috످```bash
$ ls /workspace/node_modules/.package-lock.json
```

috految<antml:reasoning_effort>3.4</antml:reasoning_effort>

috److I can't run commands or access your filesystem from this chat, but if you run that in your terminal, it will print the path if the file exists, or `No such file or directory` if it doesn't.

`.package-lock.json` is a hidden lockfile that npm v7+ uses to cache what's installed in `node_modules`. If it's missing and your project uses npm, run `npm install` from `/workspace` to generate it.

috످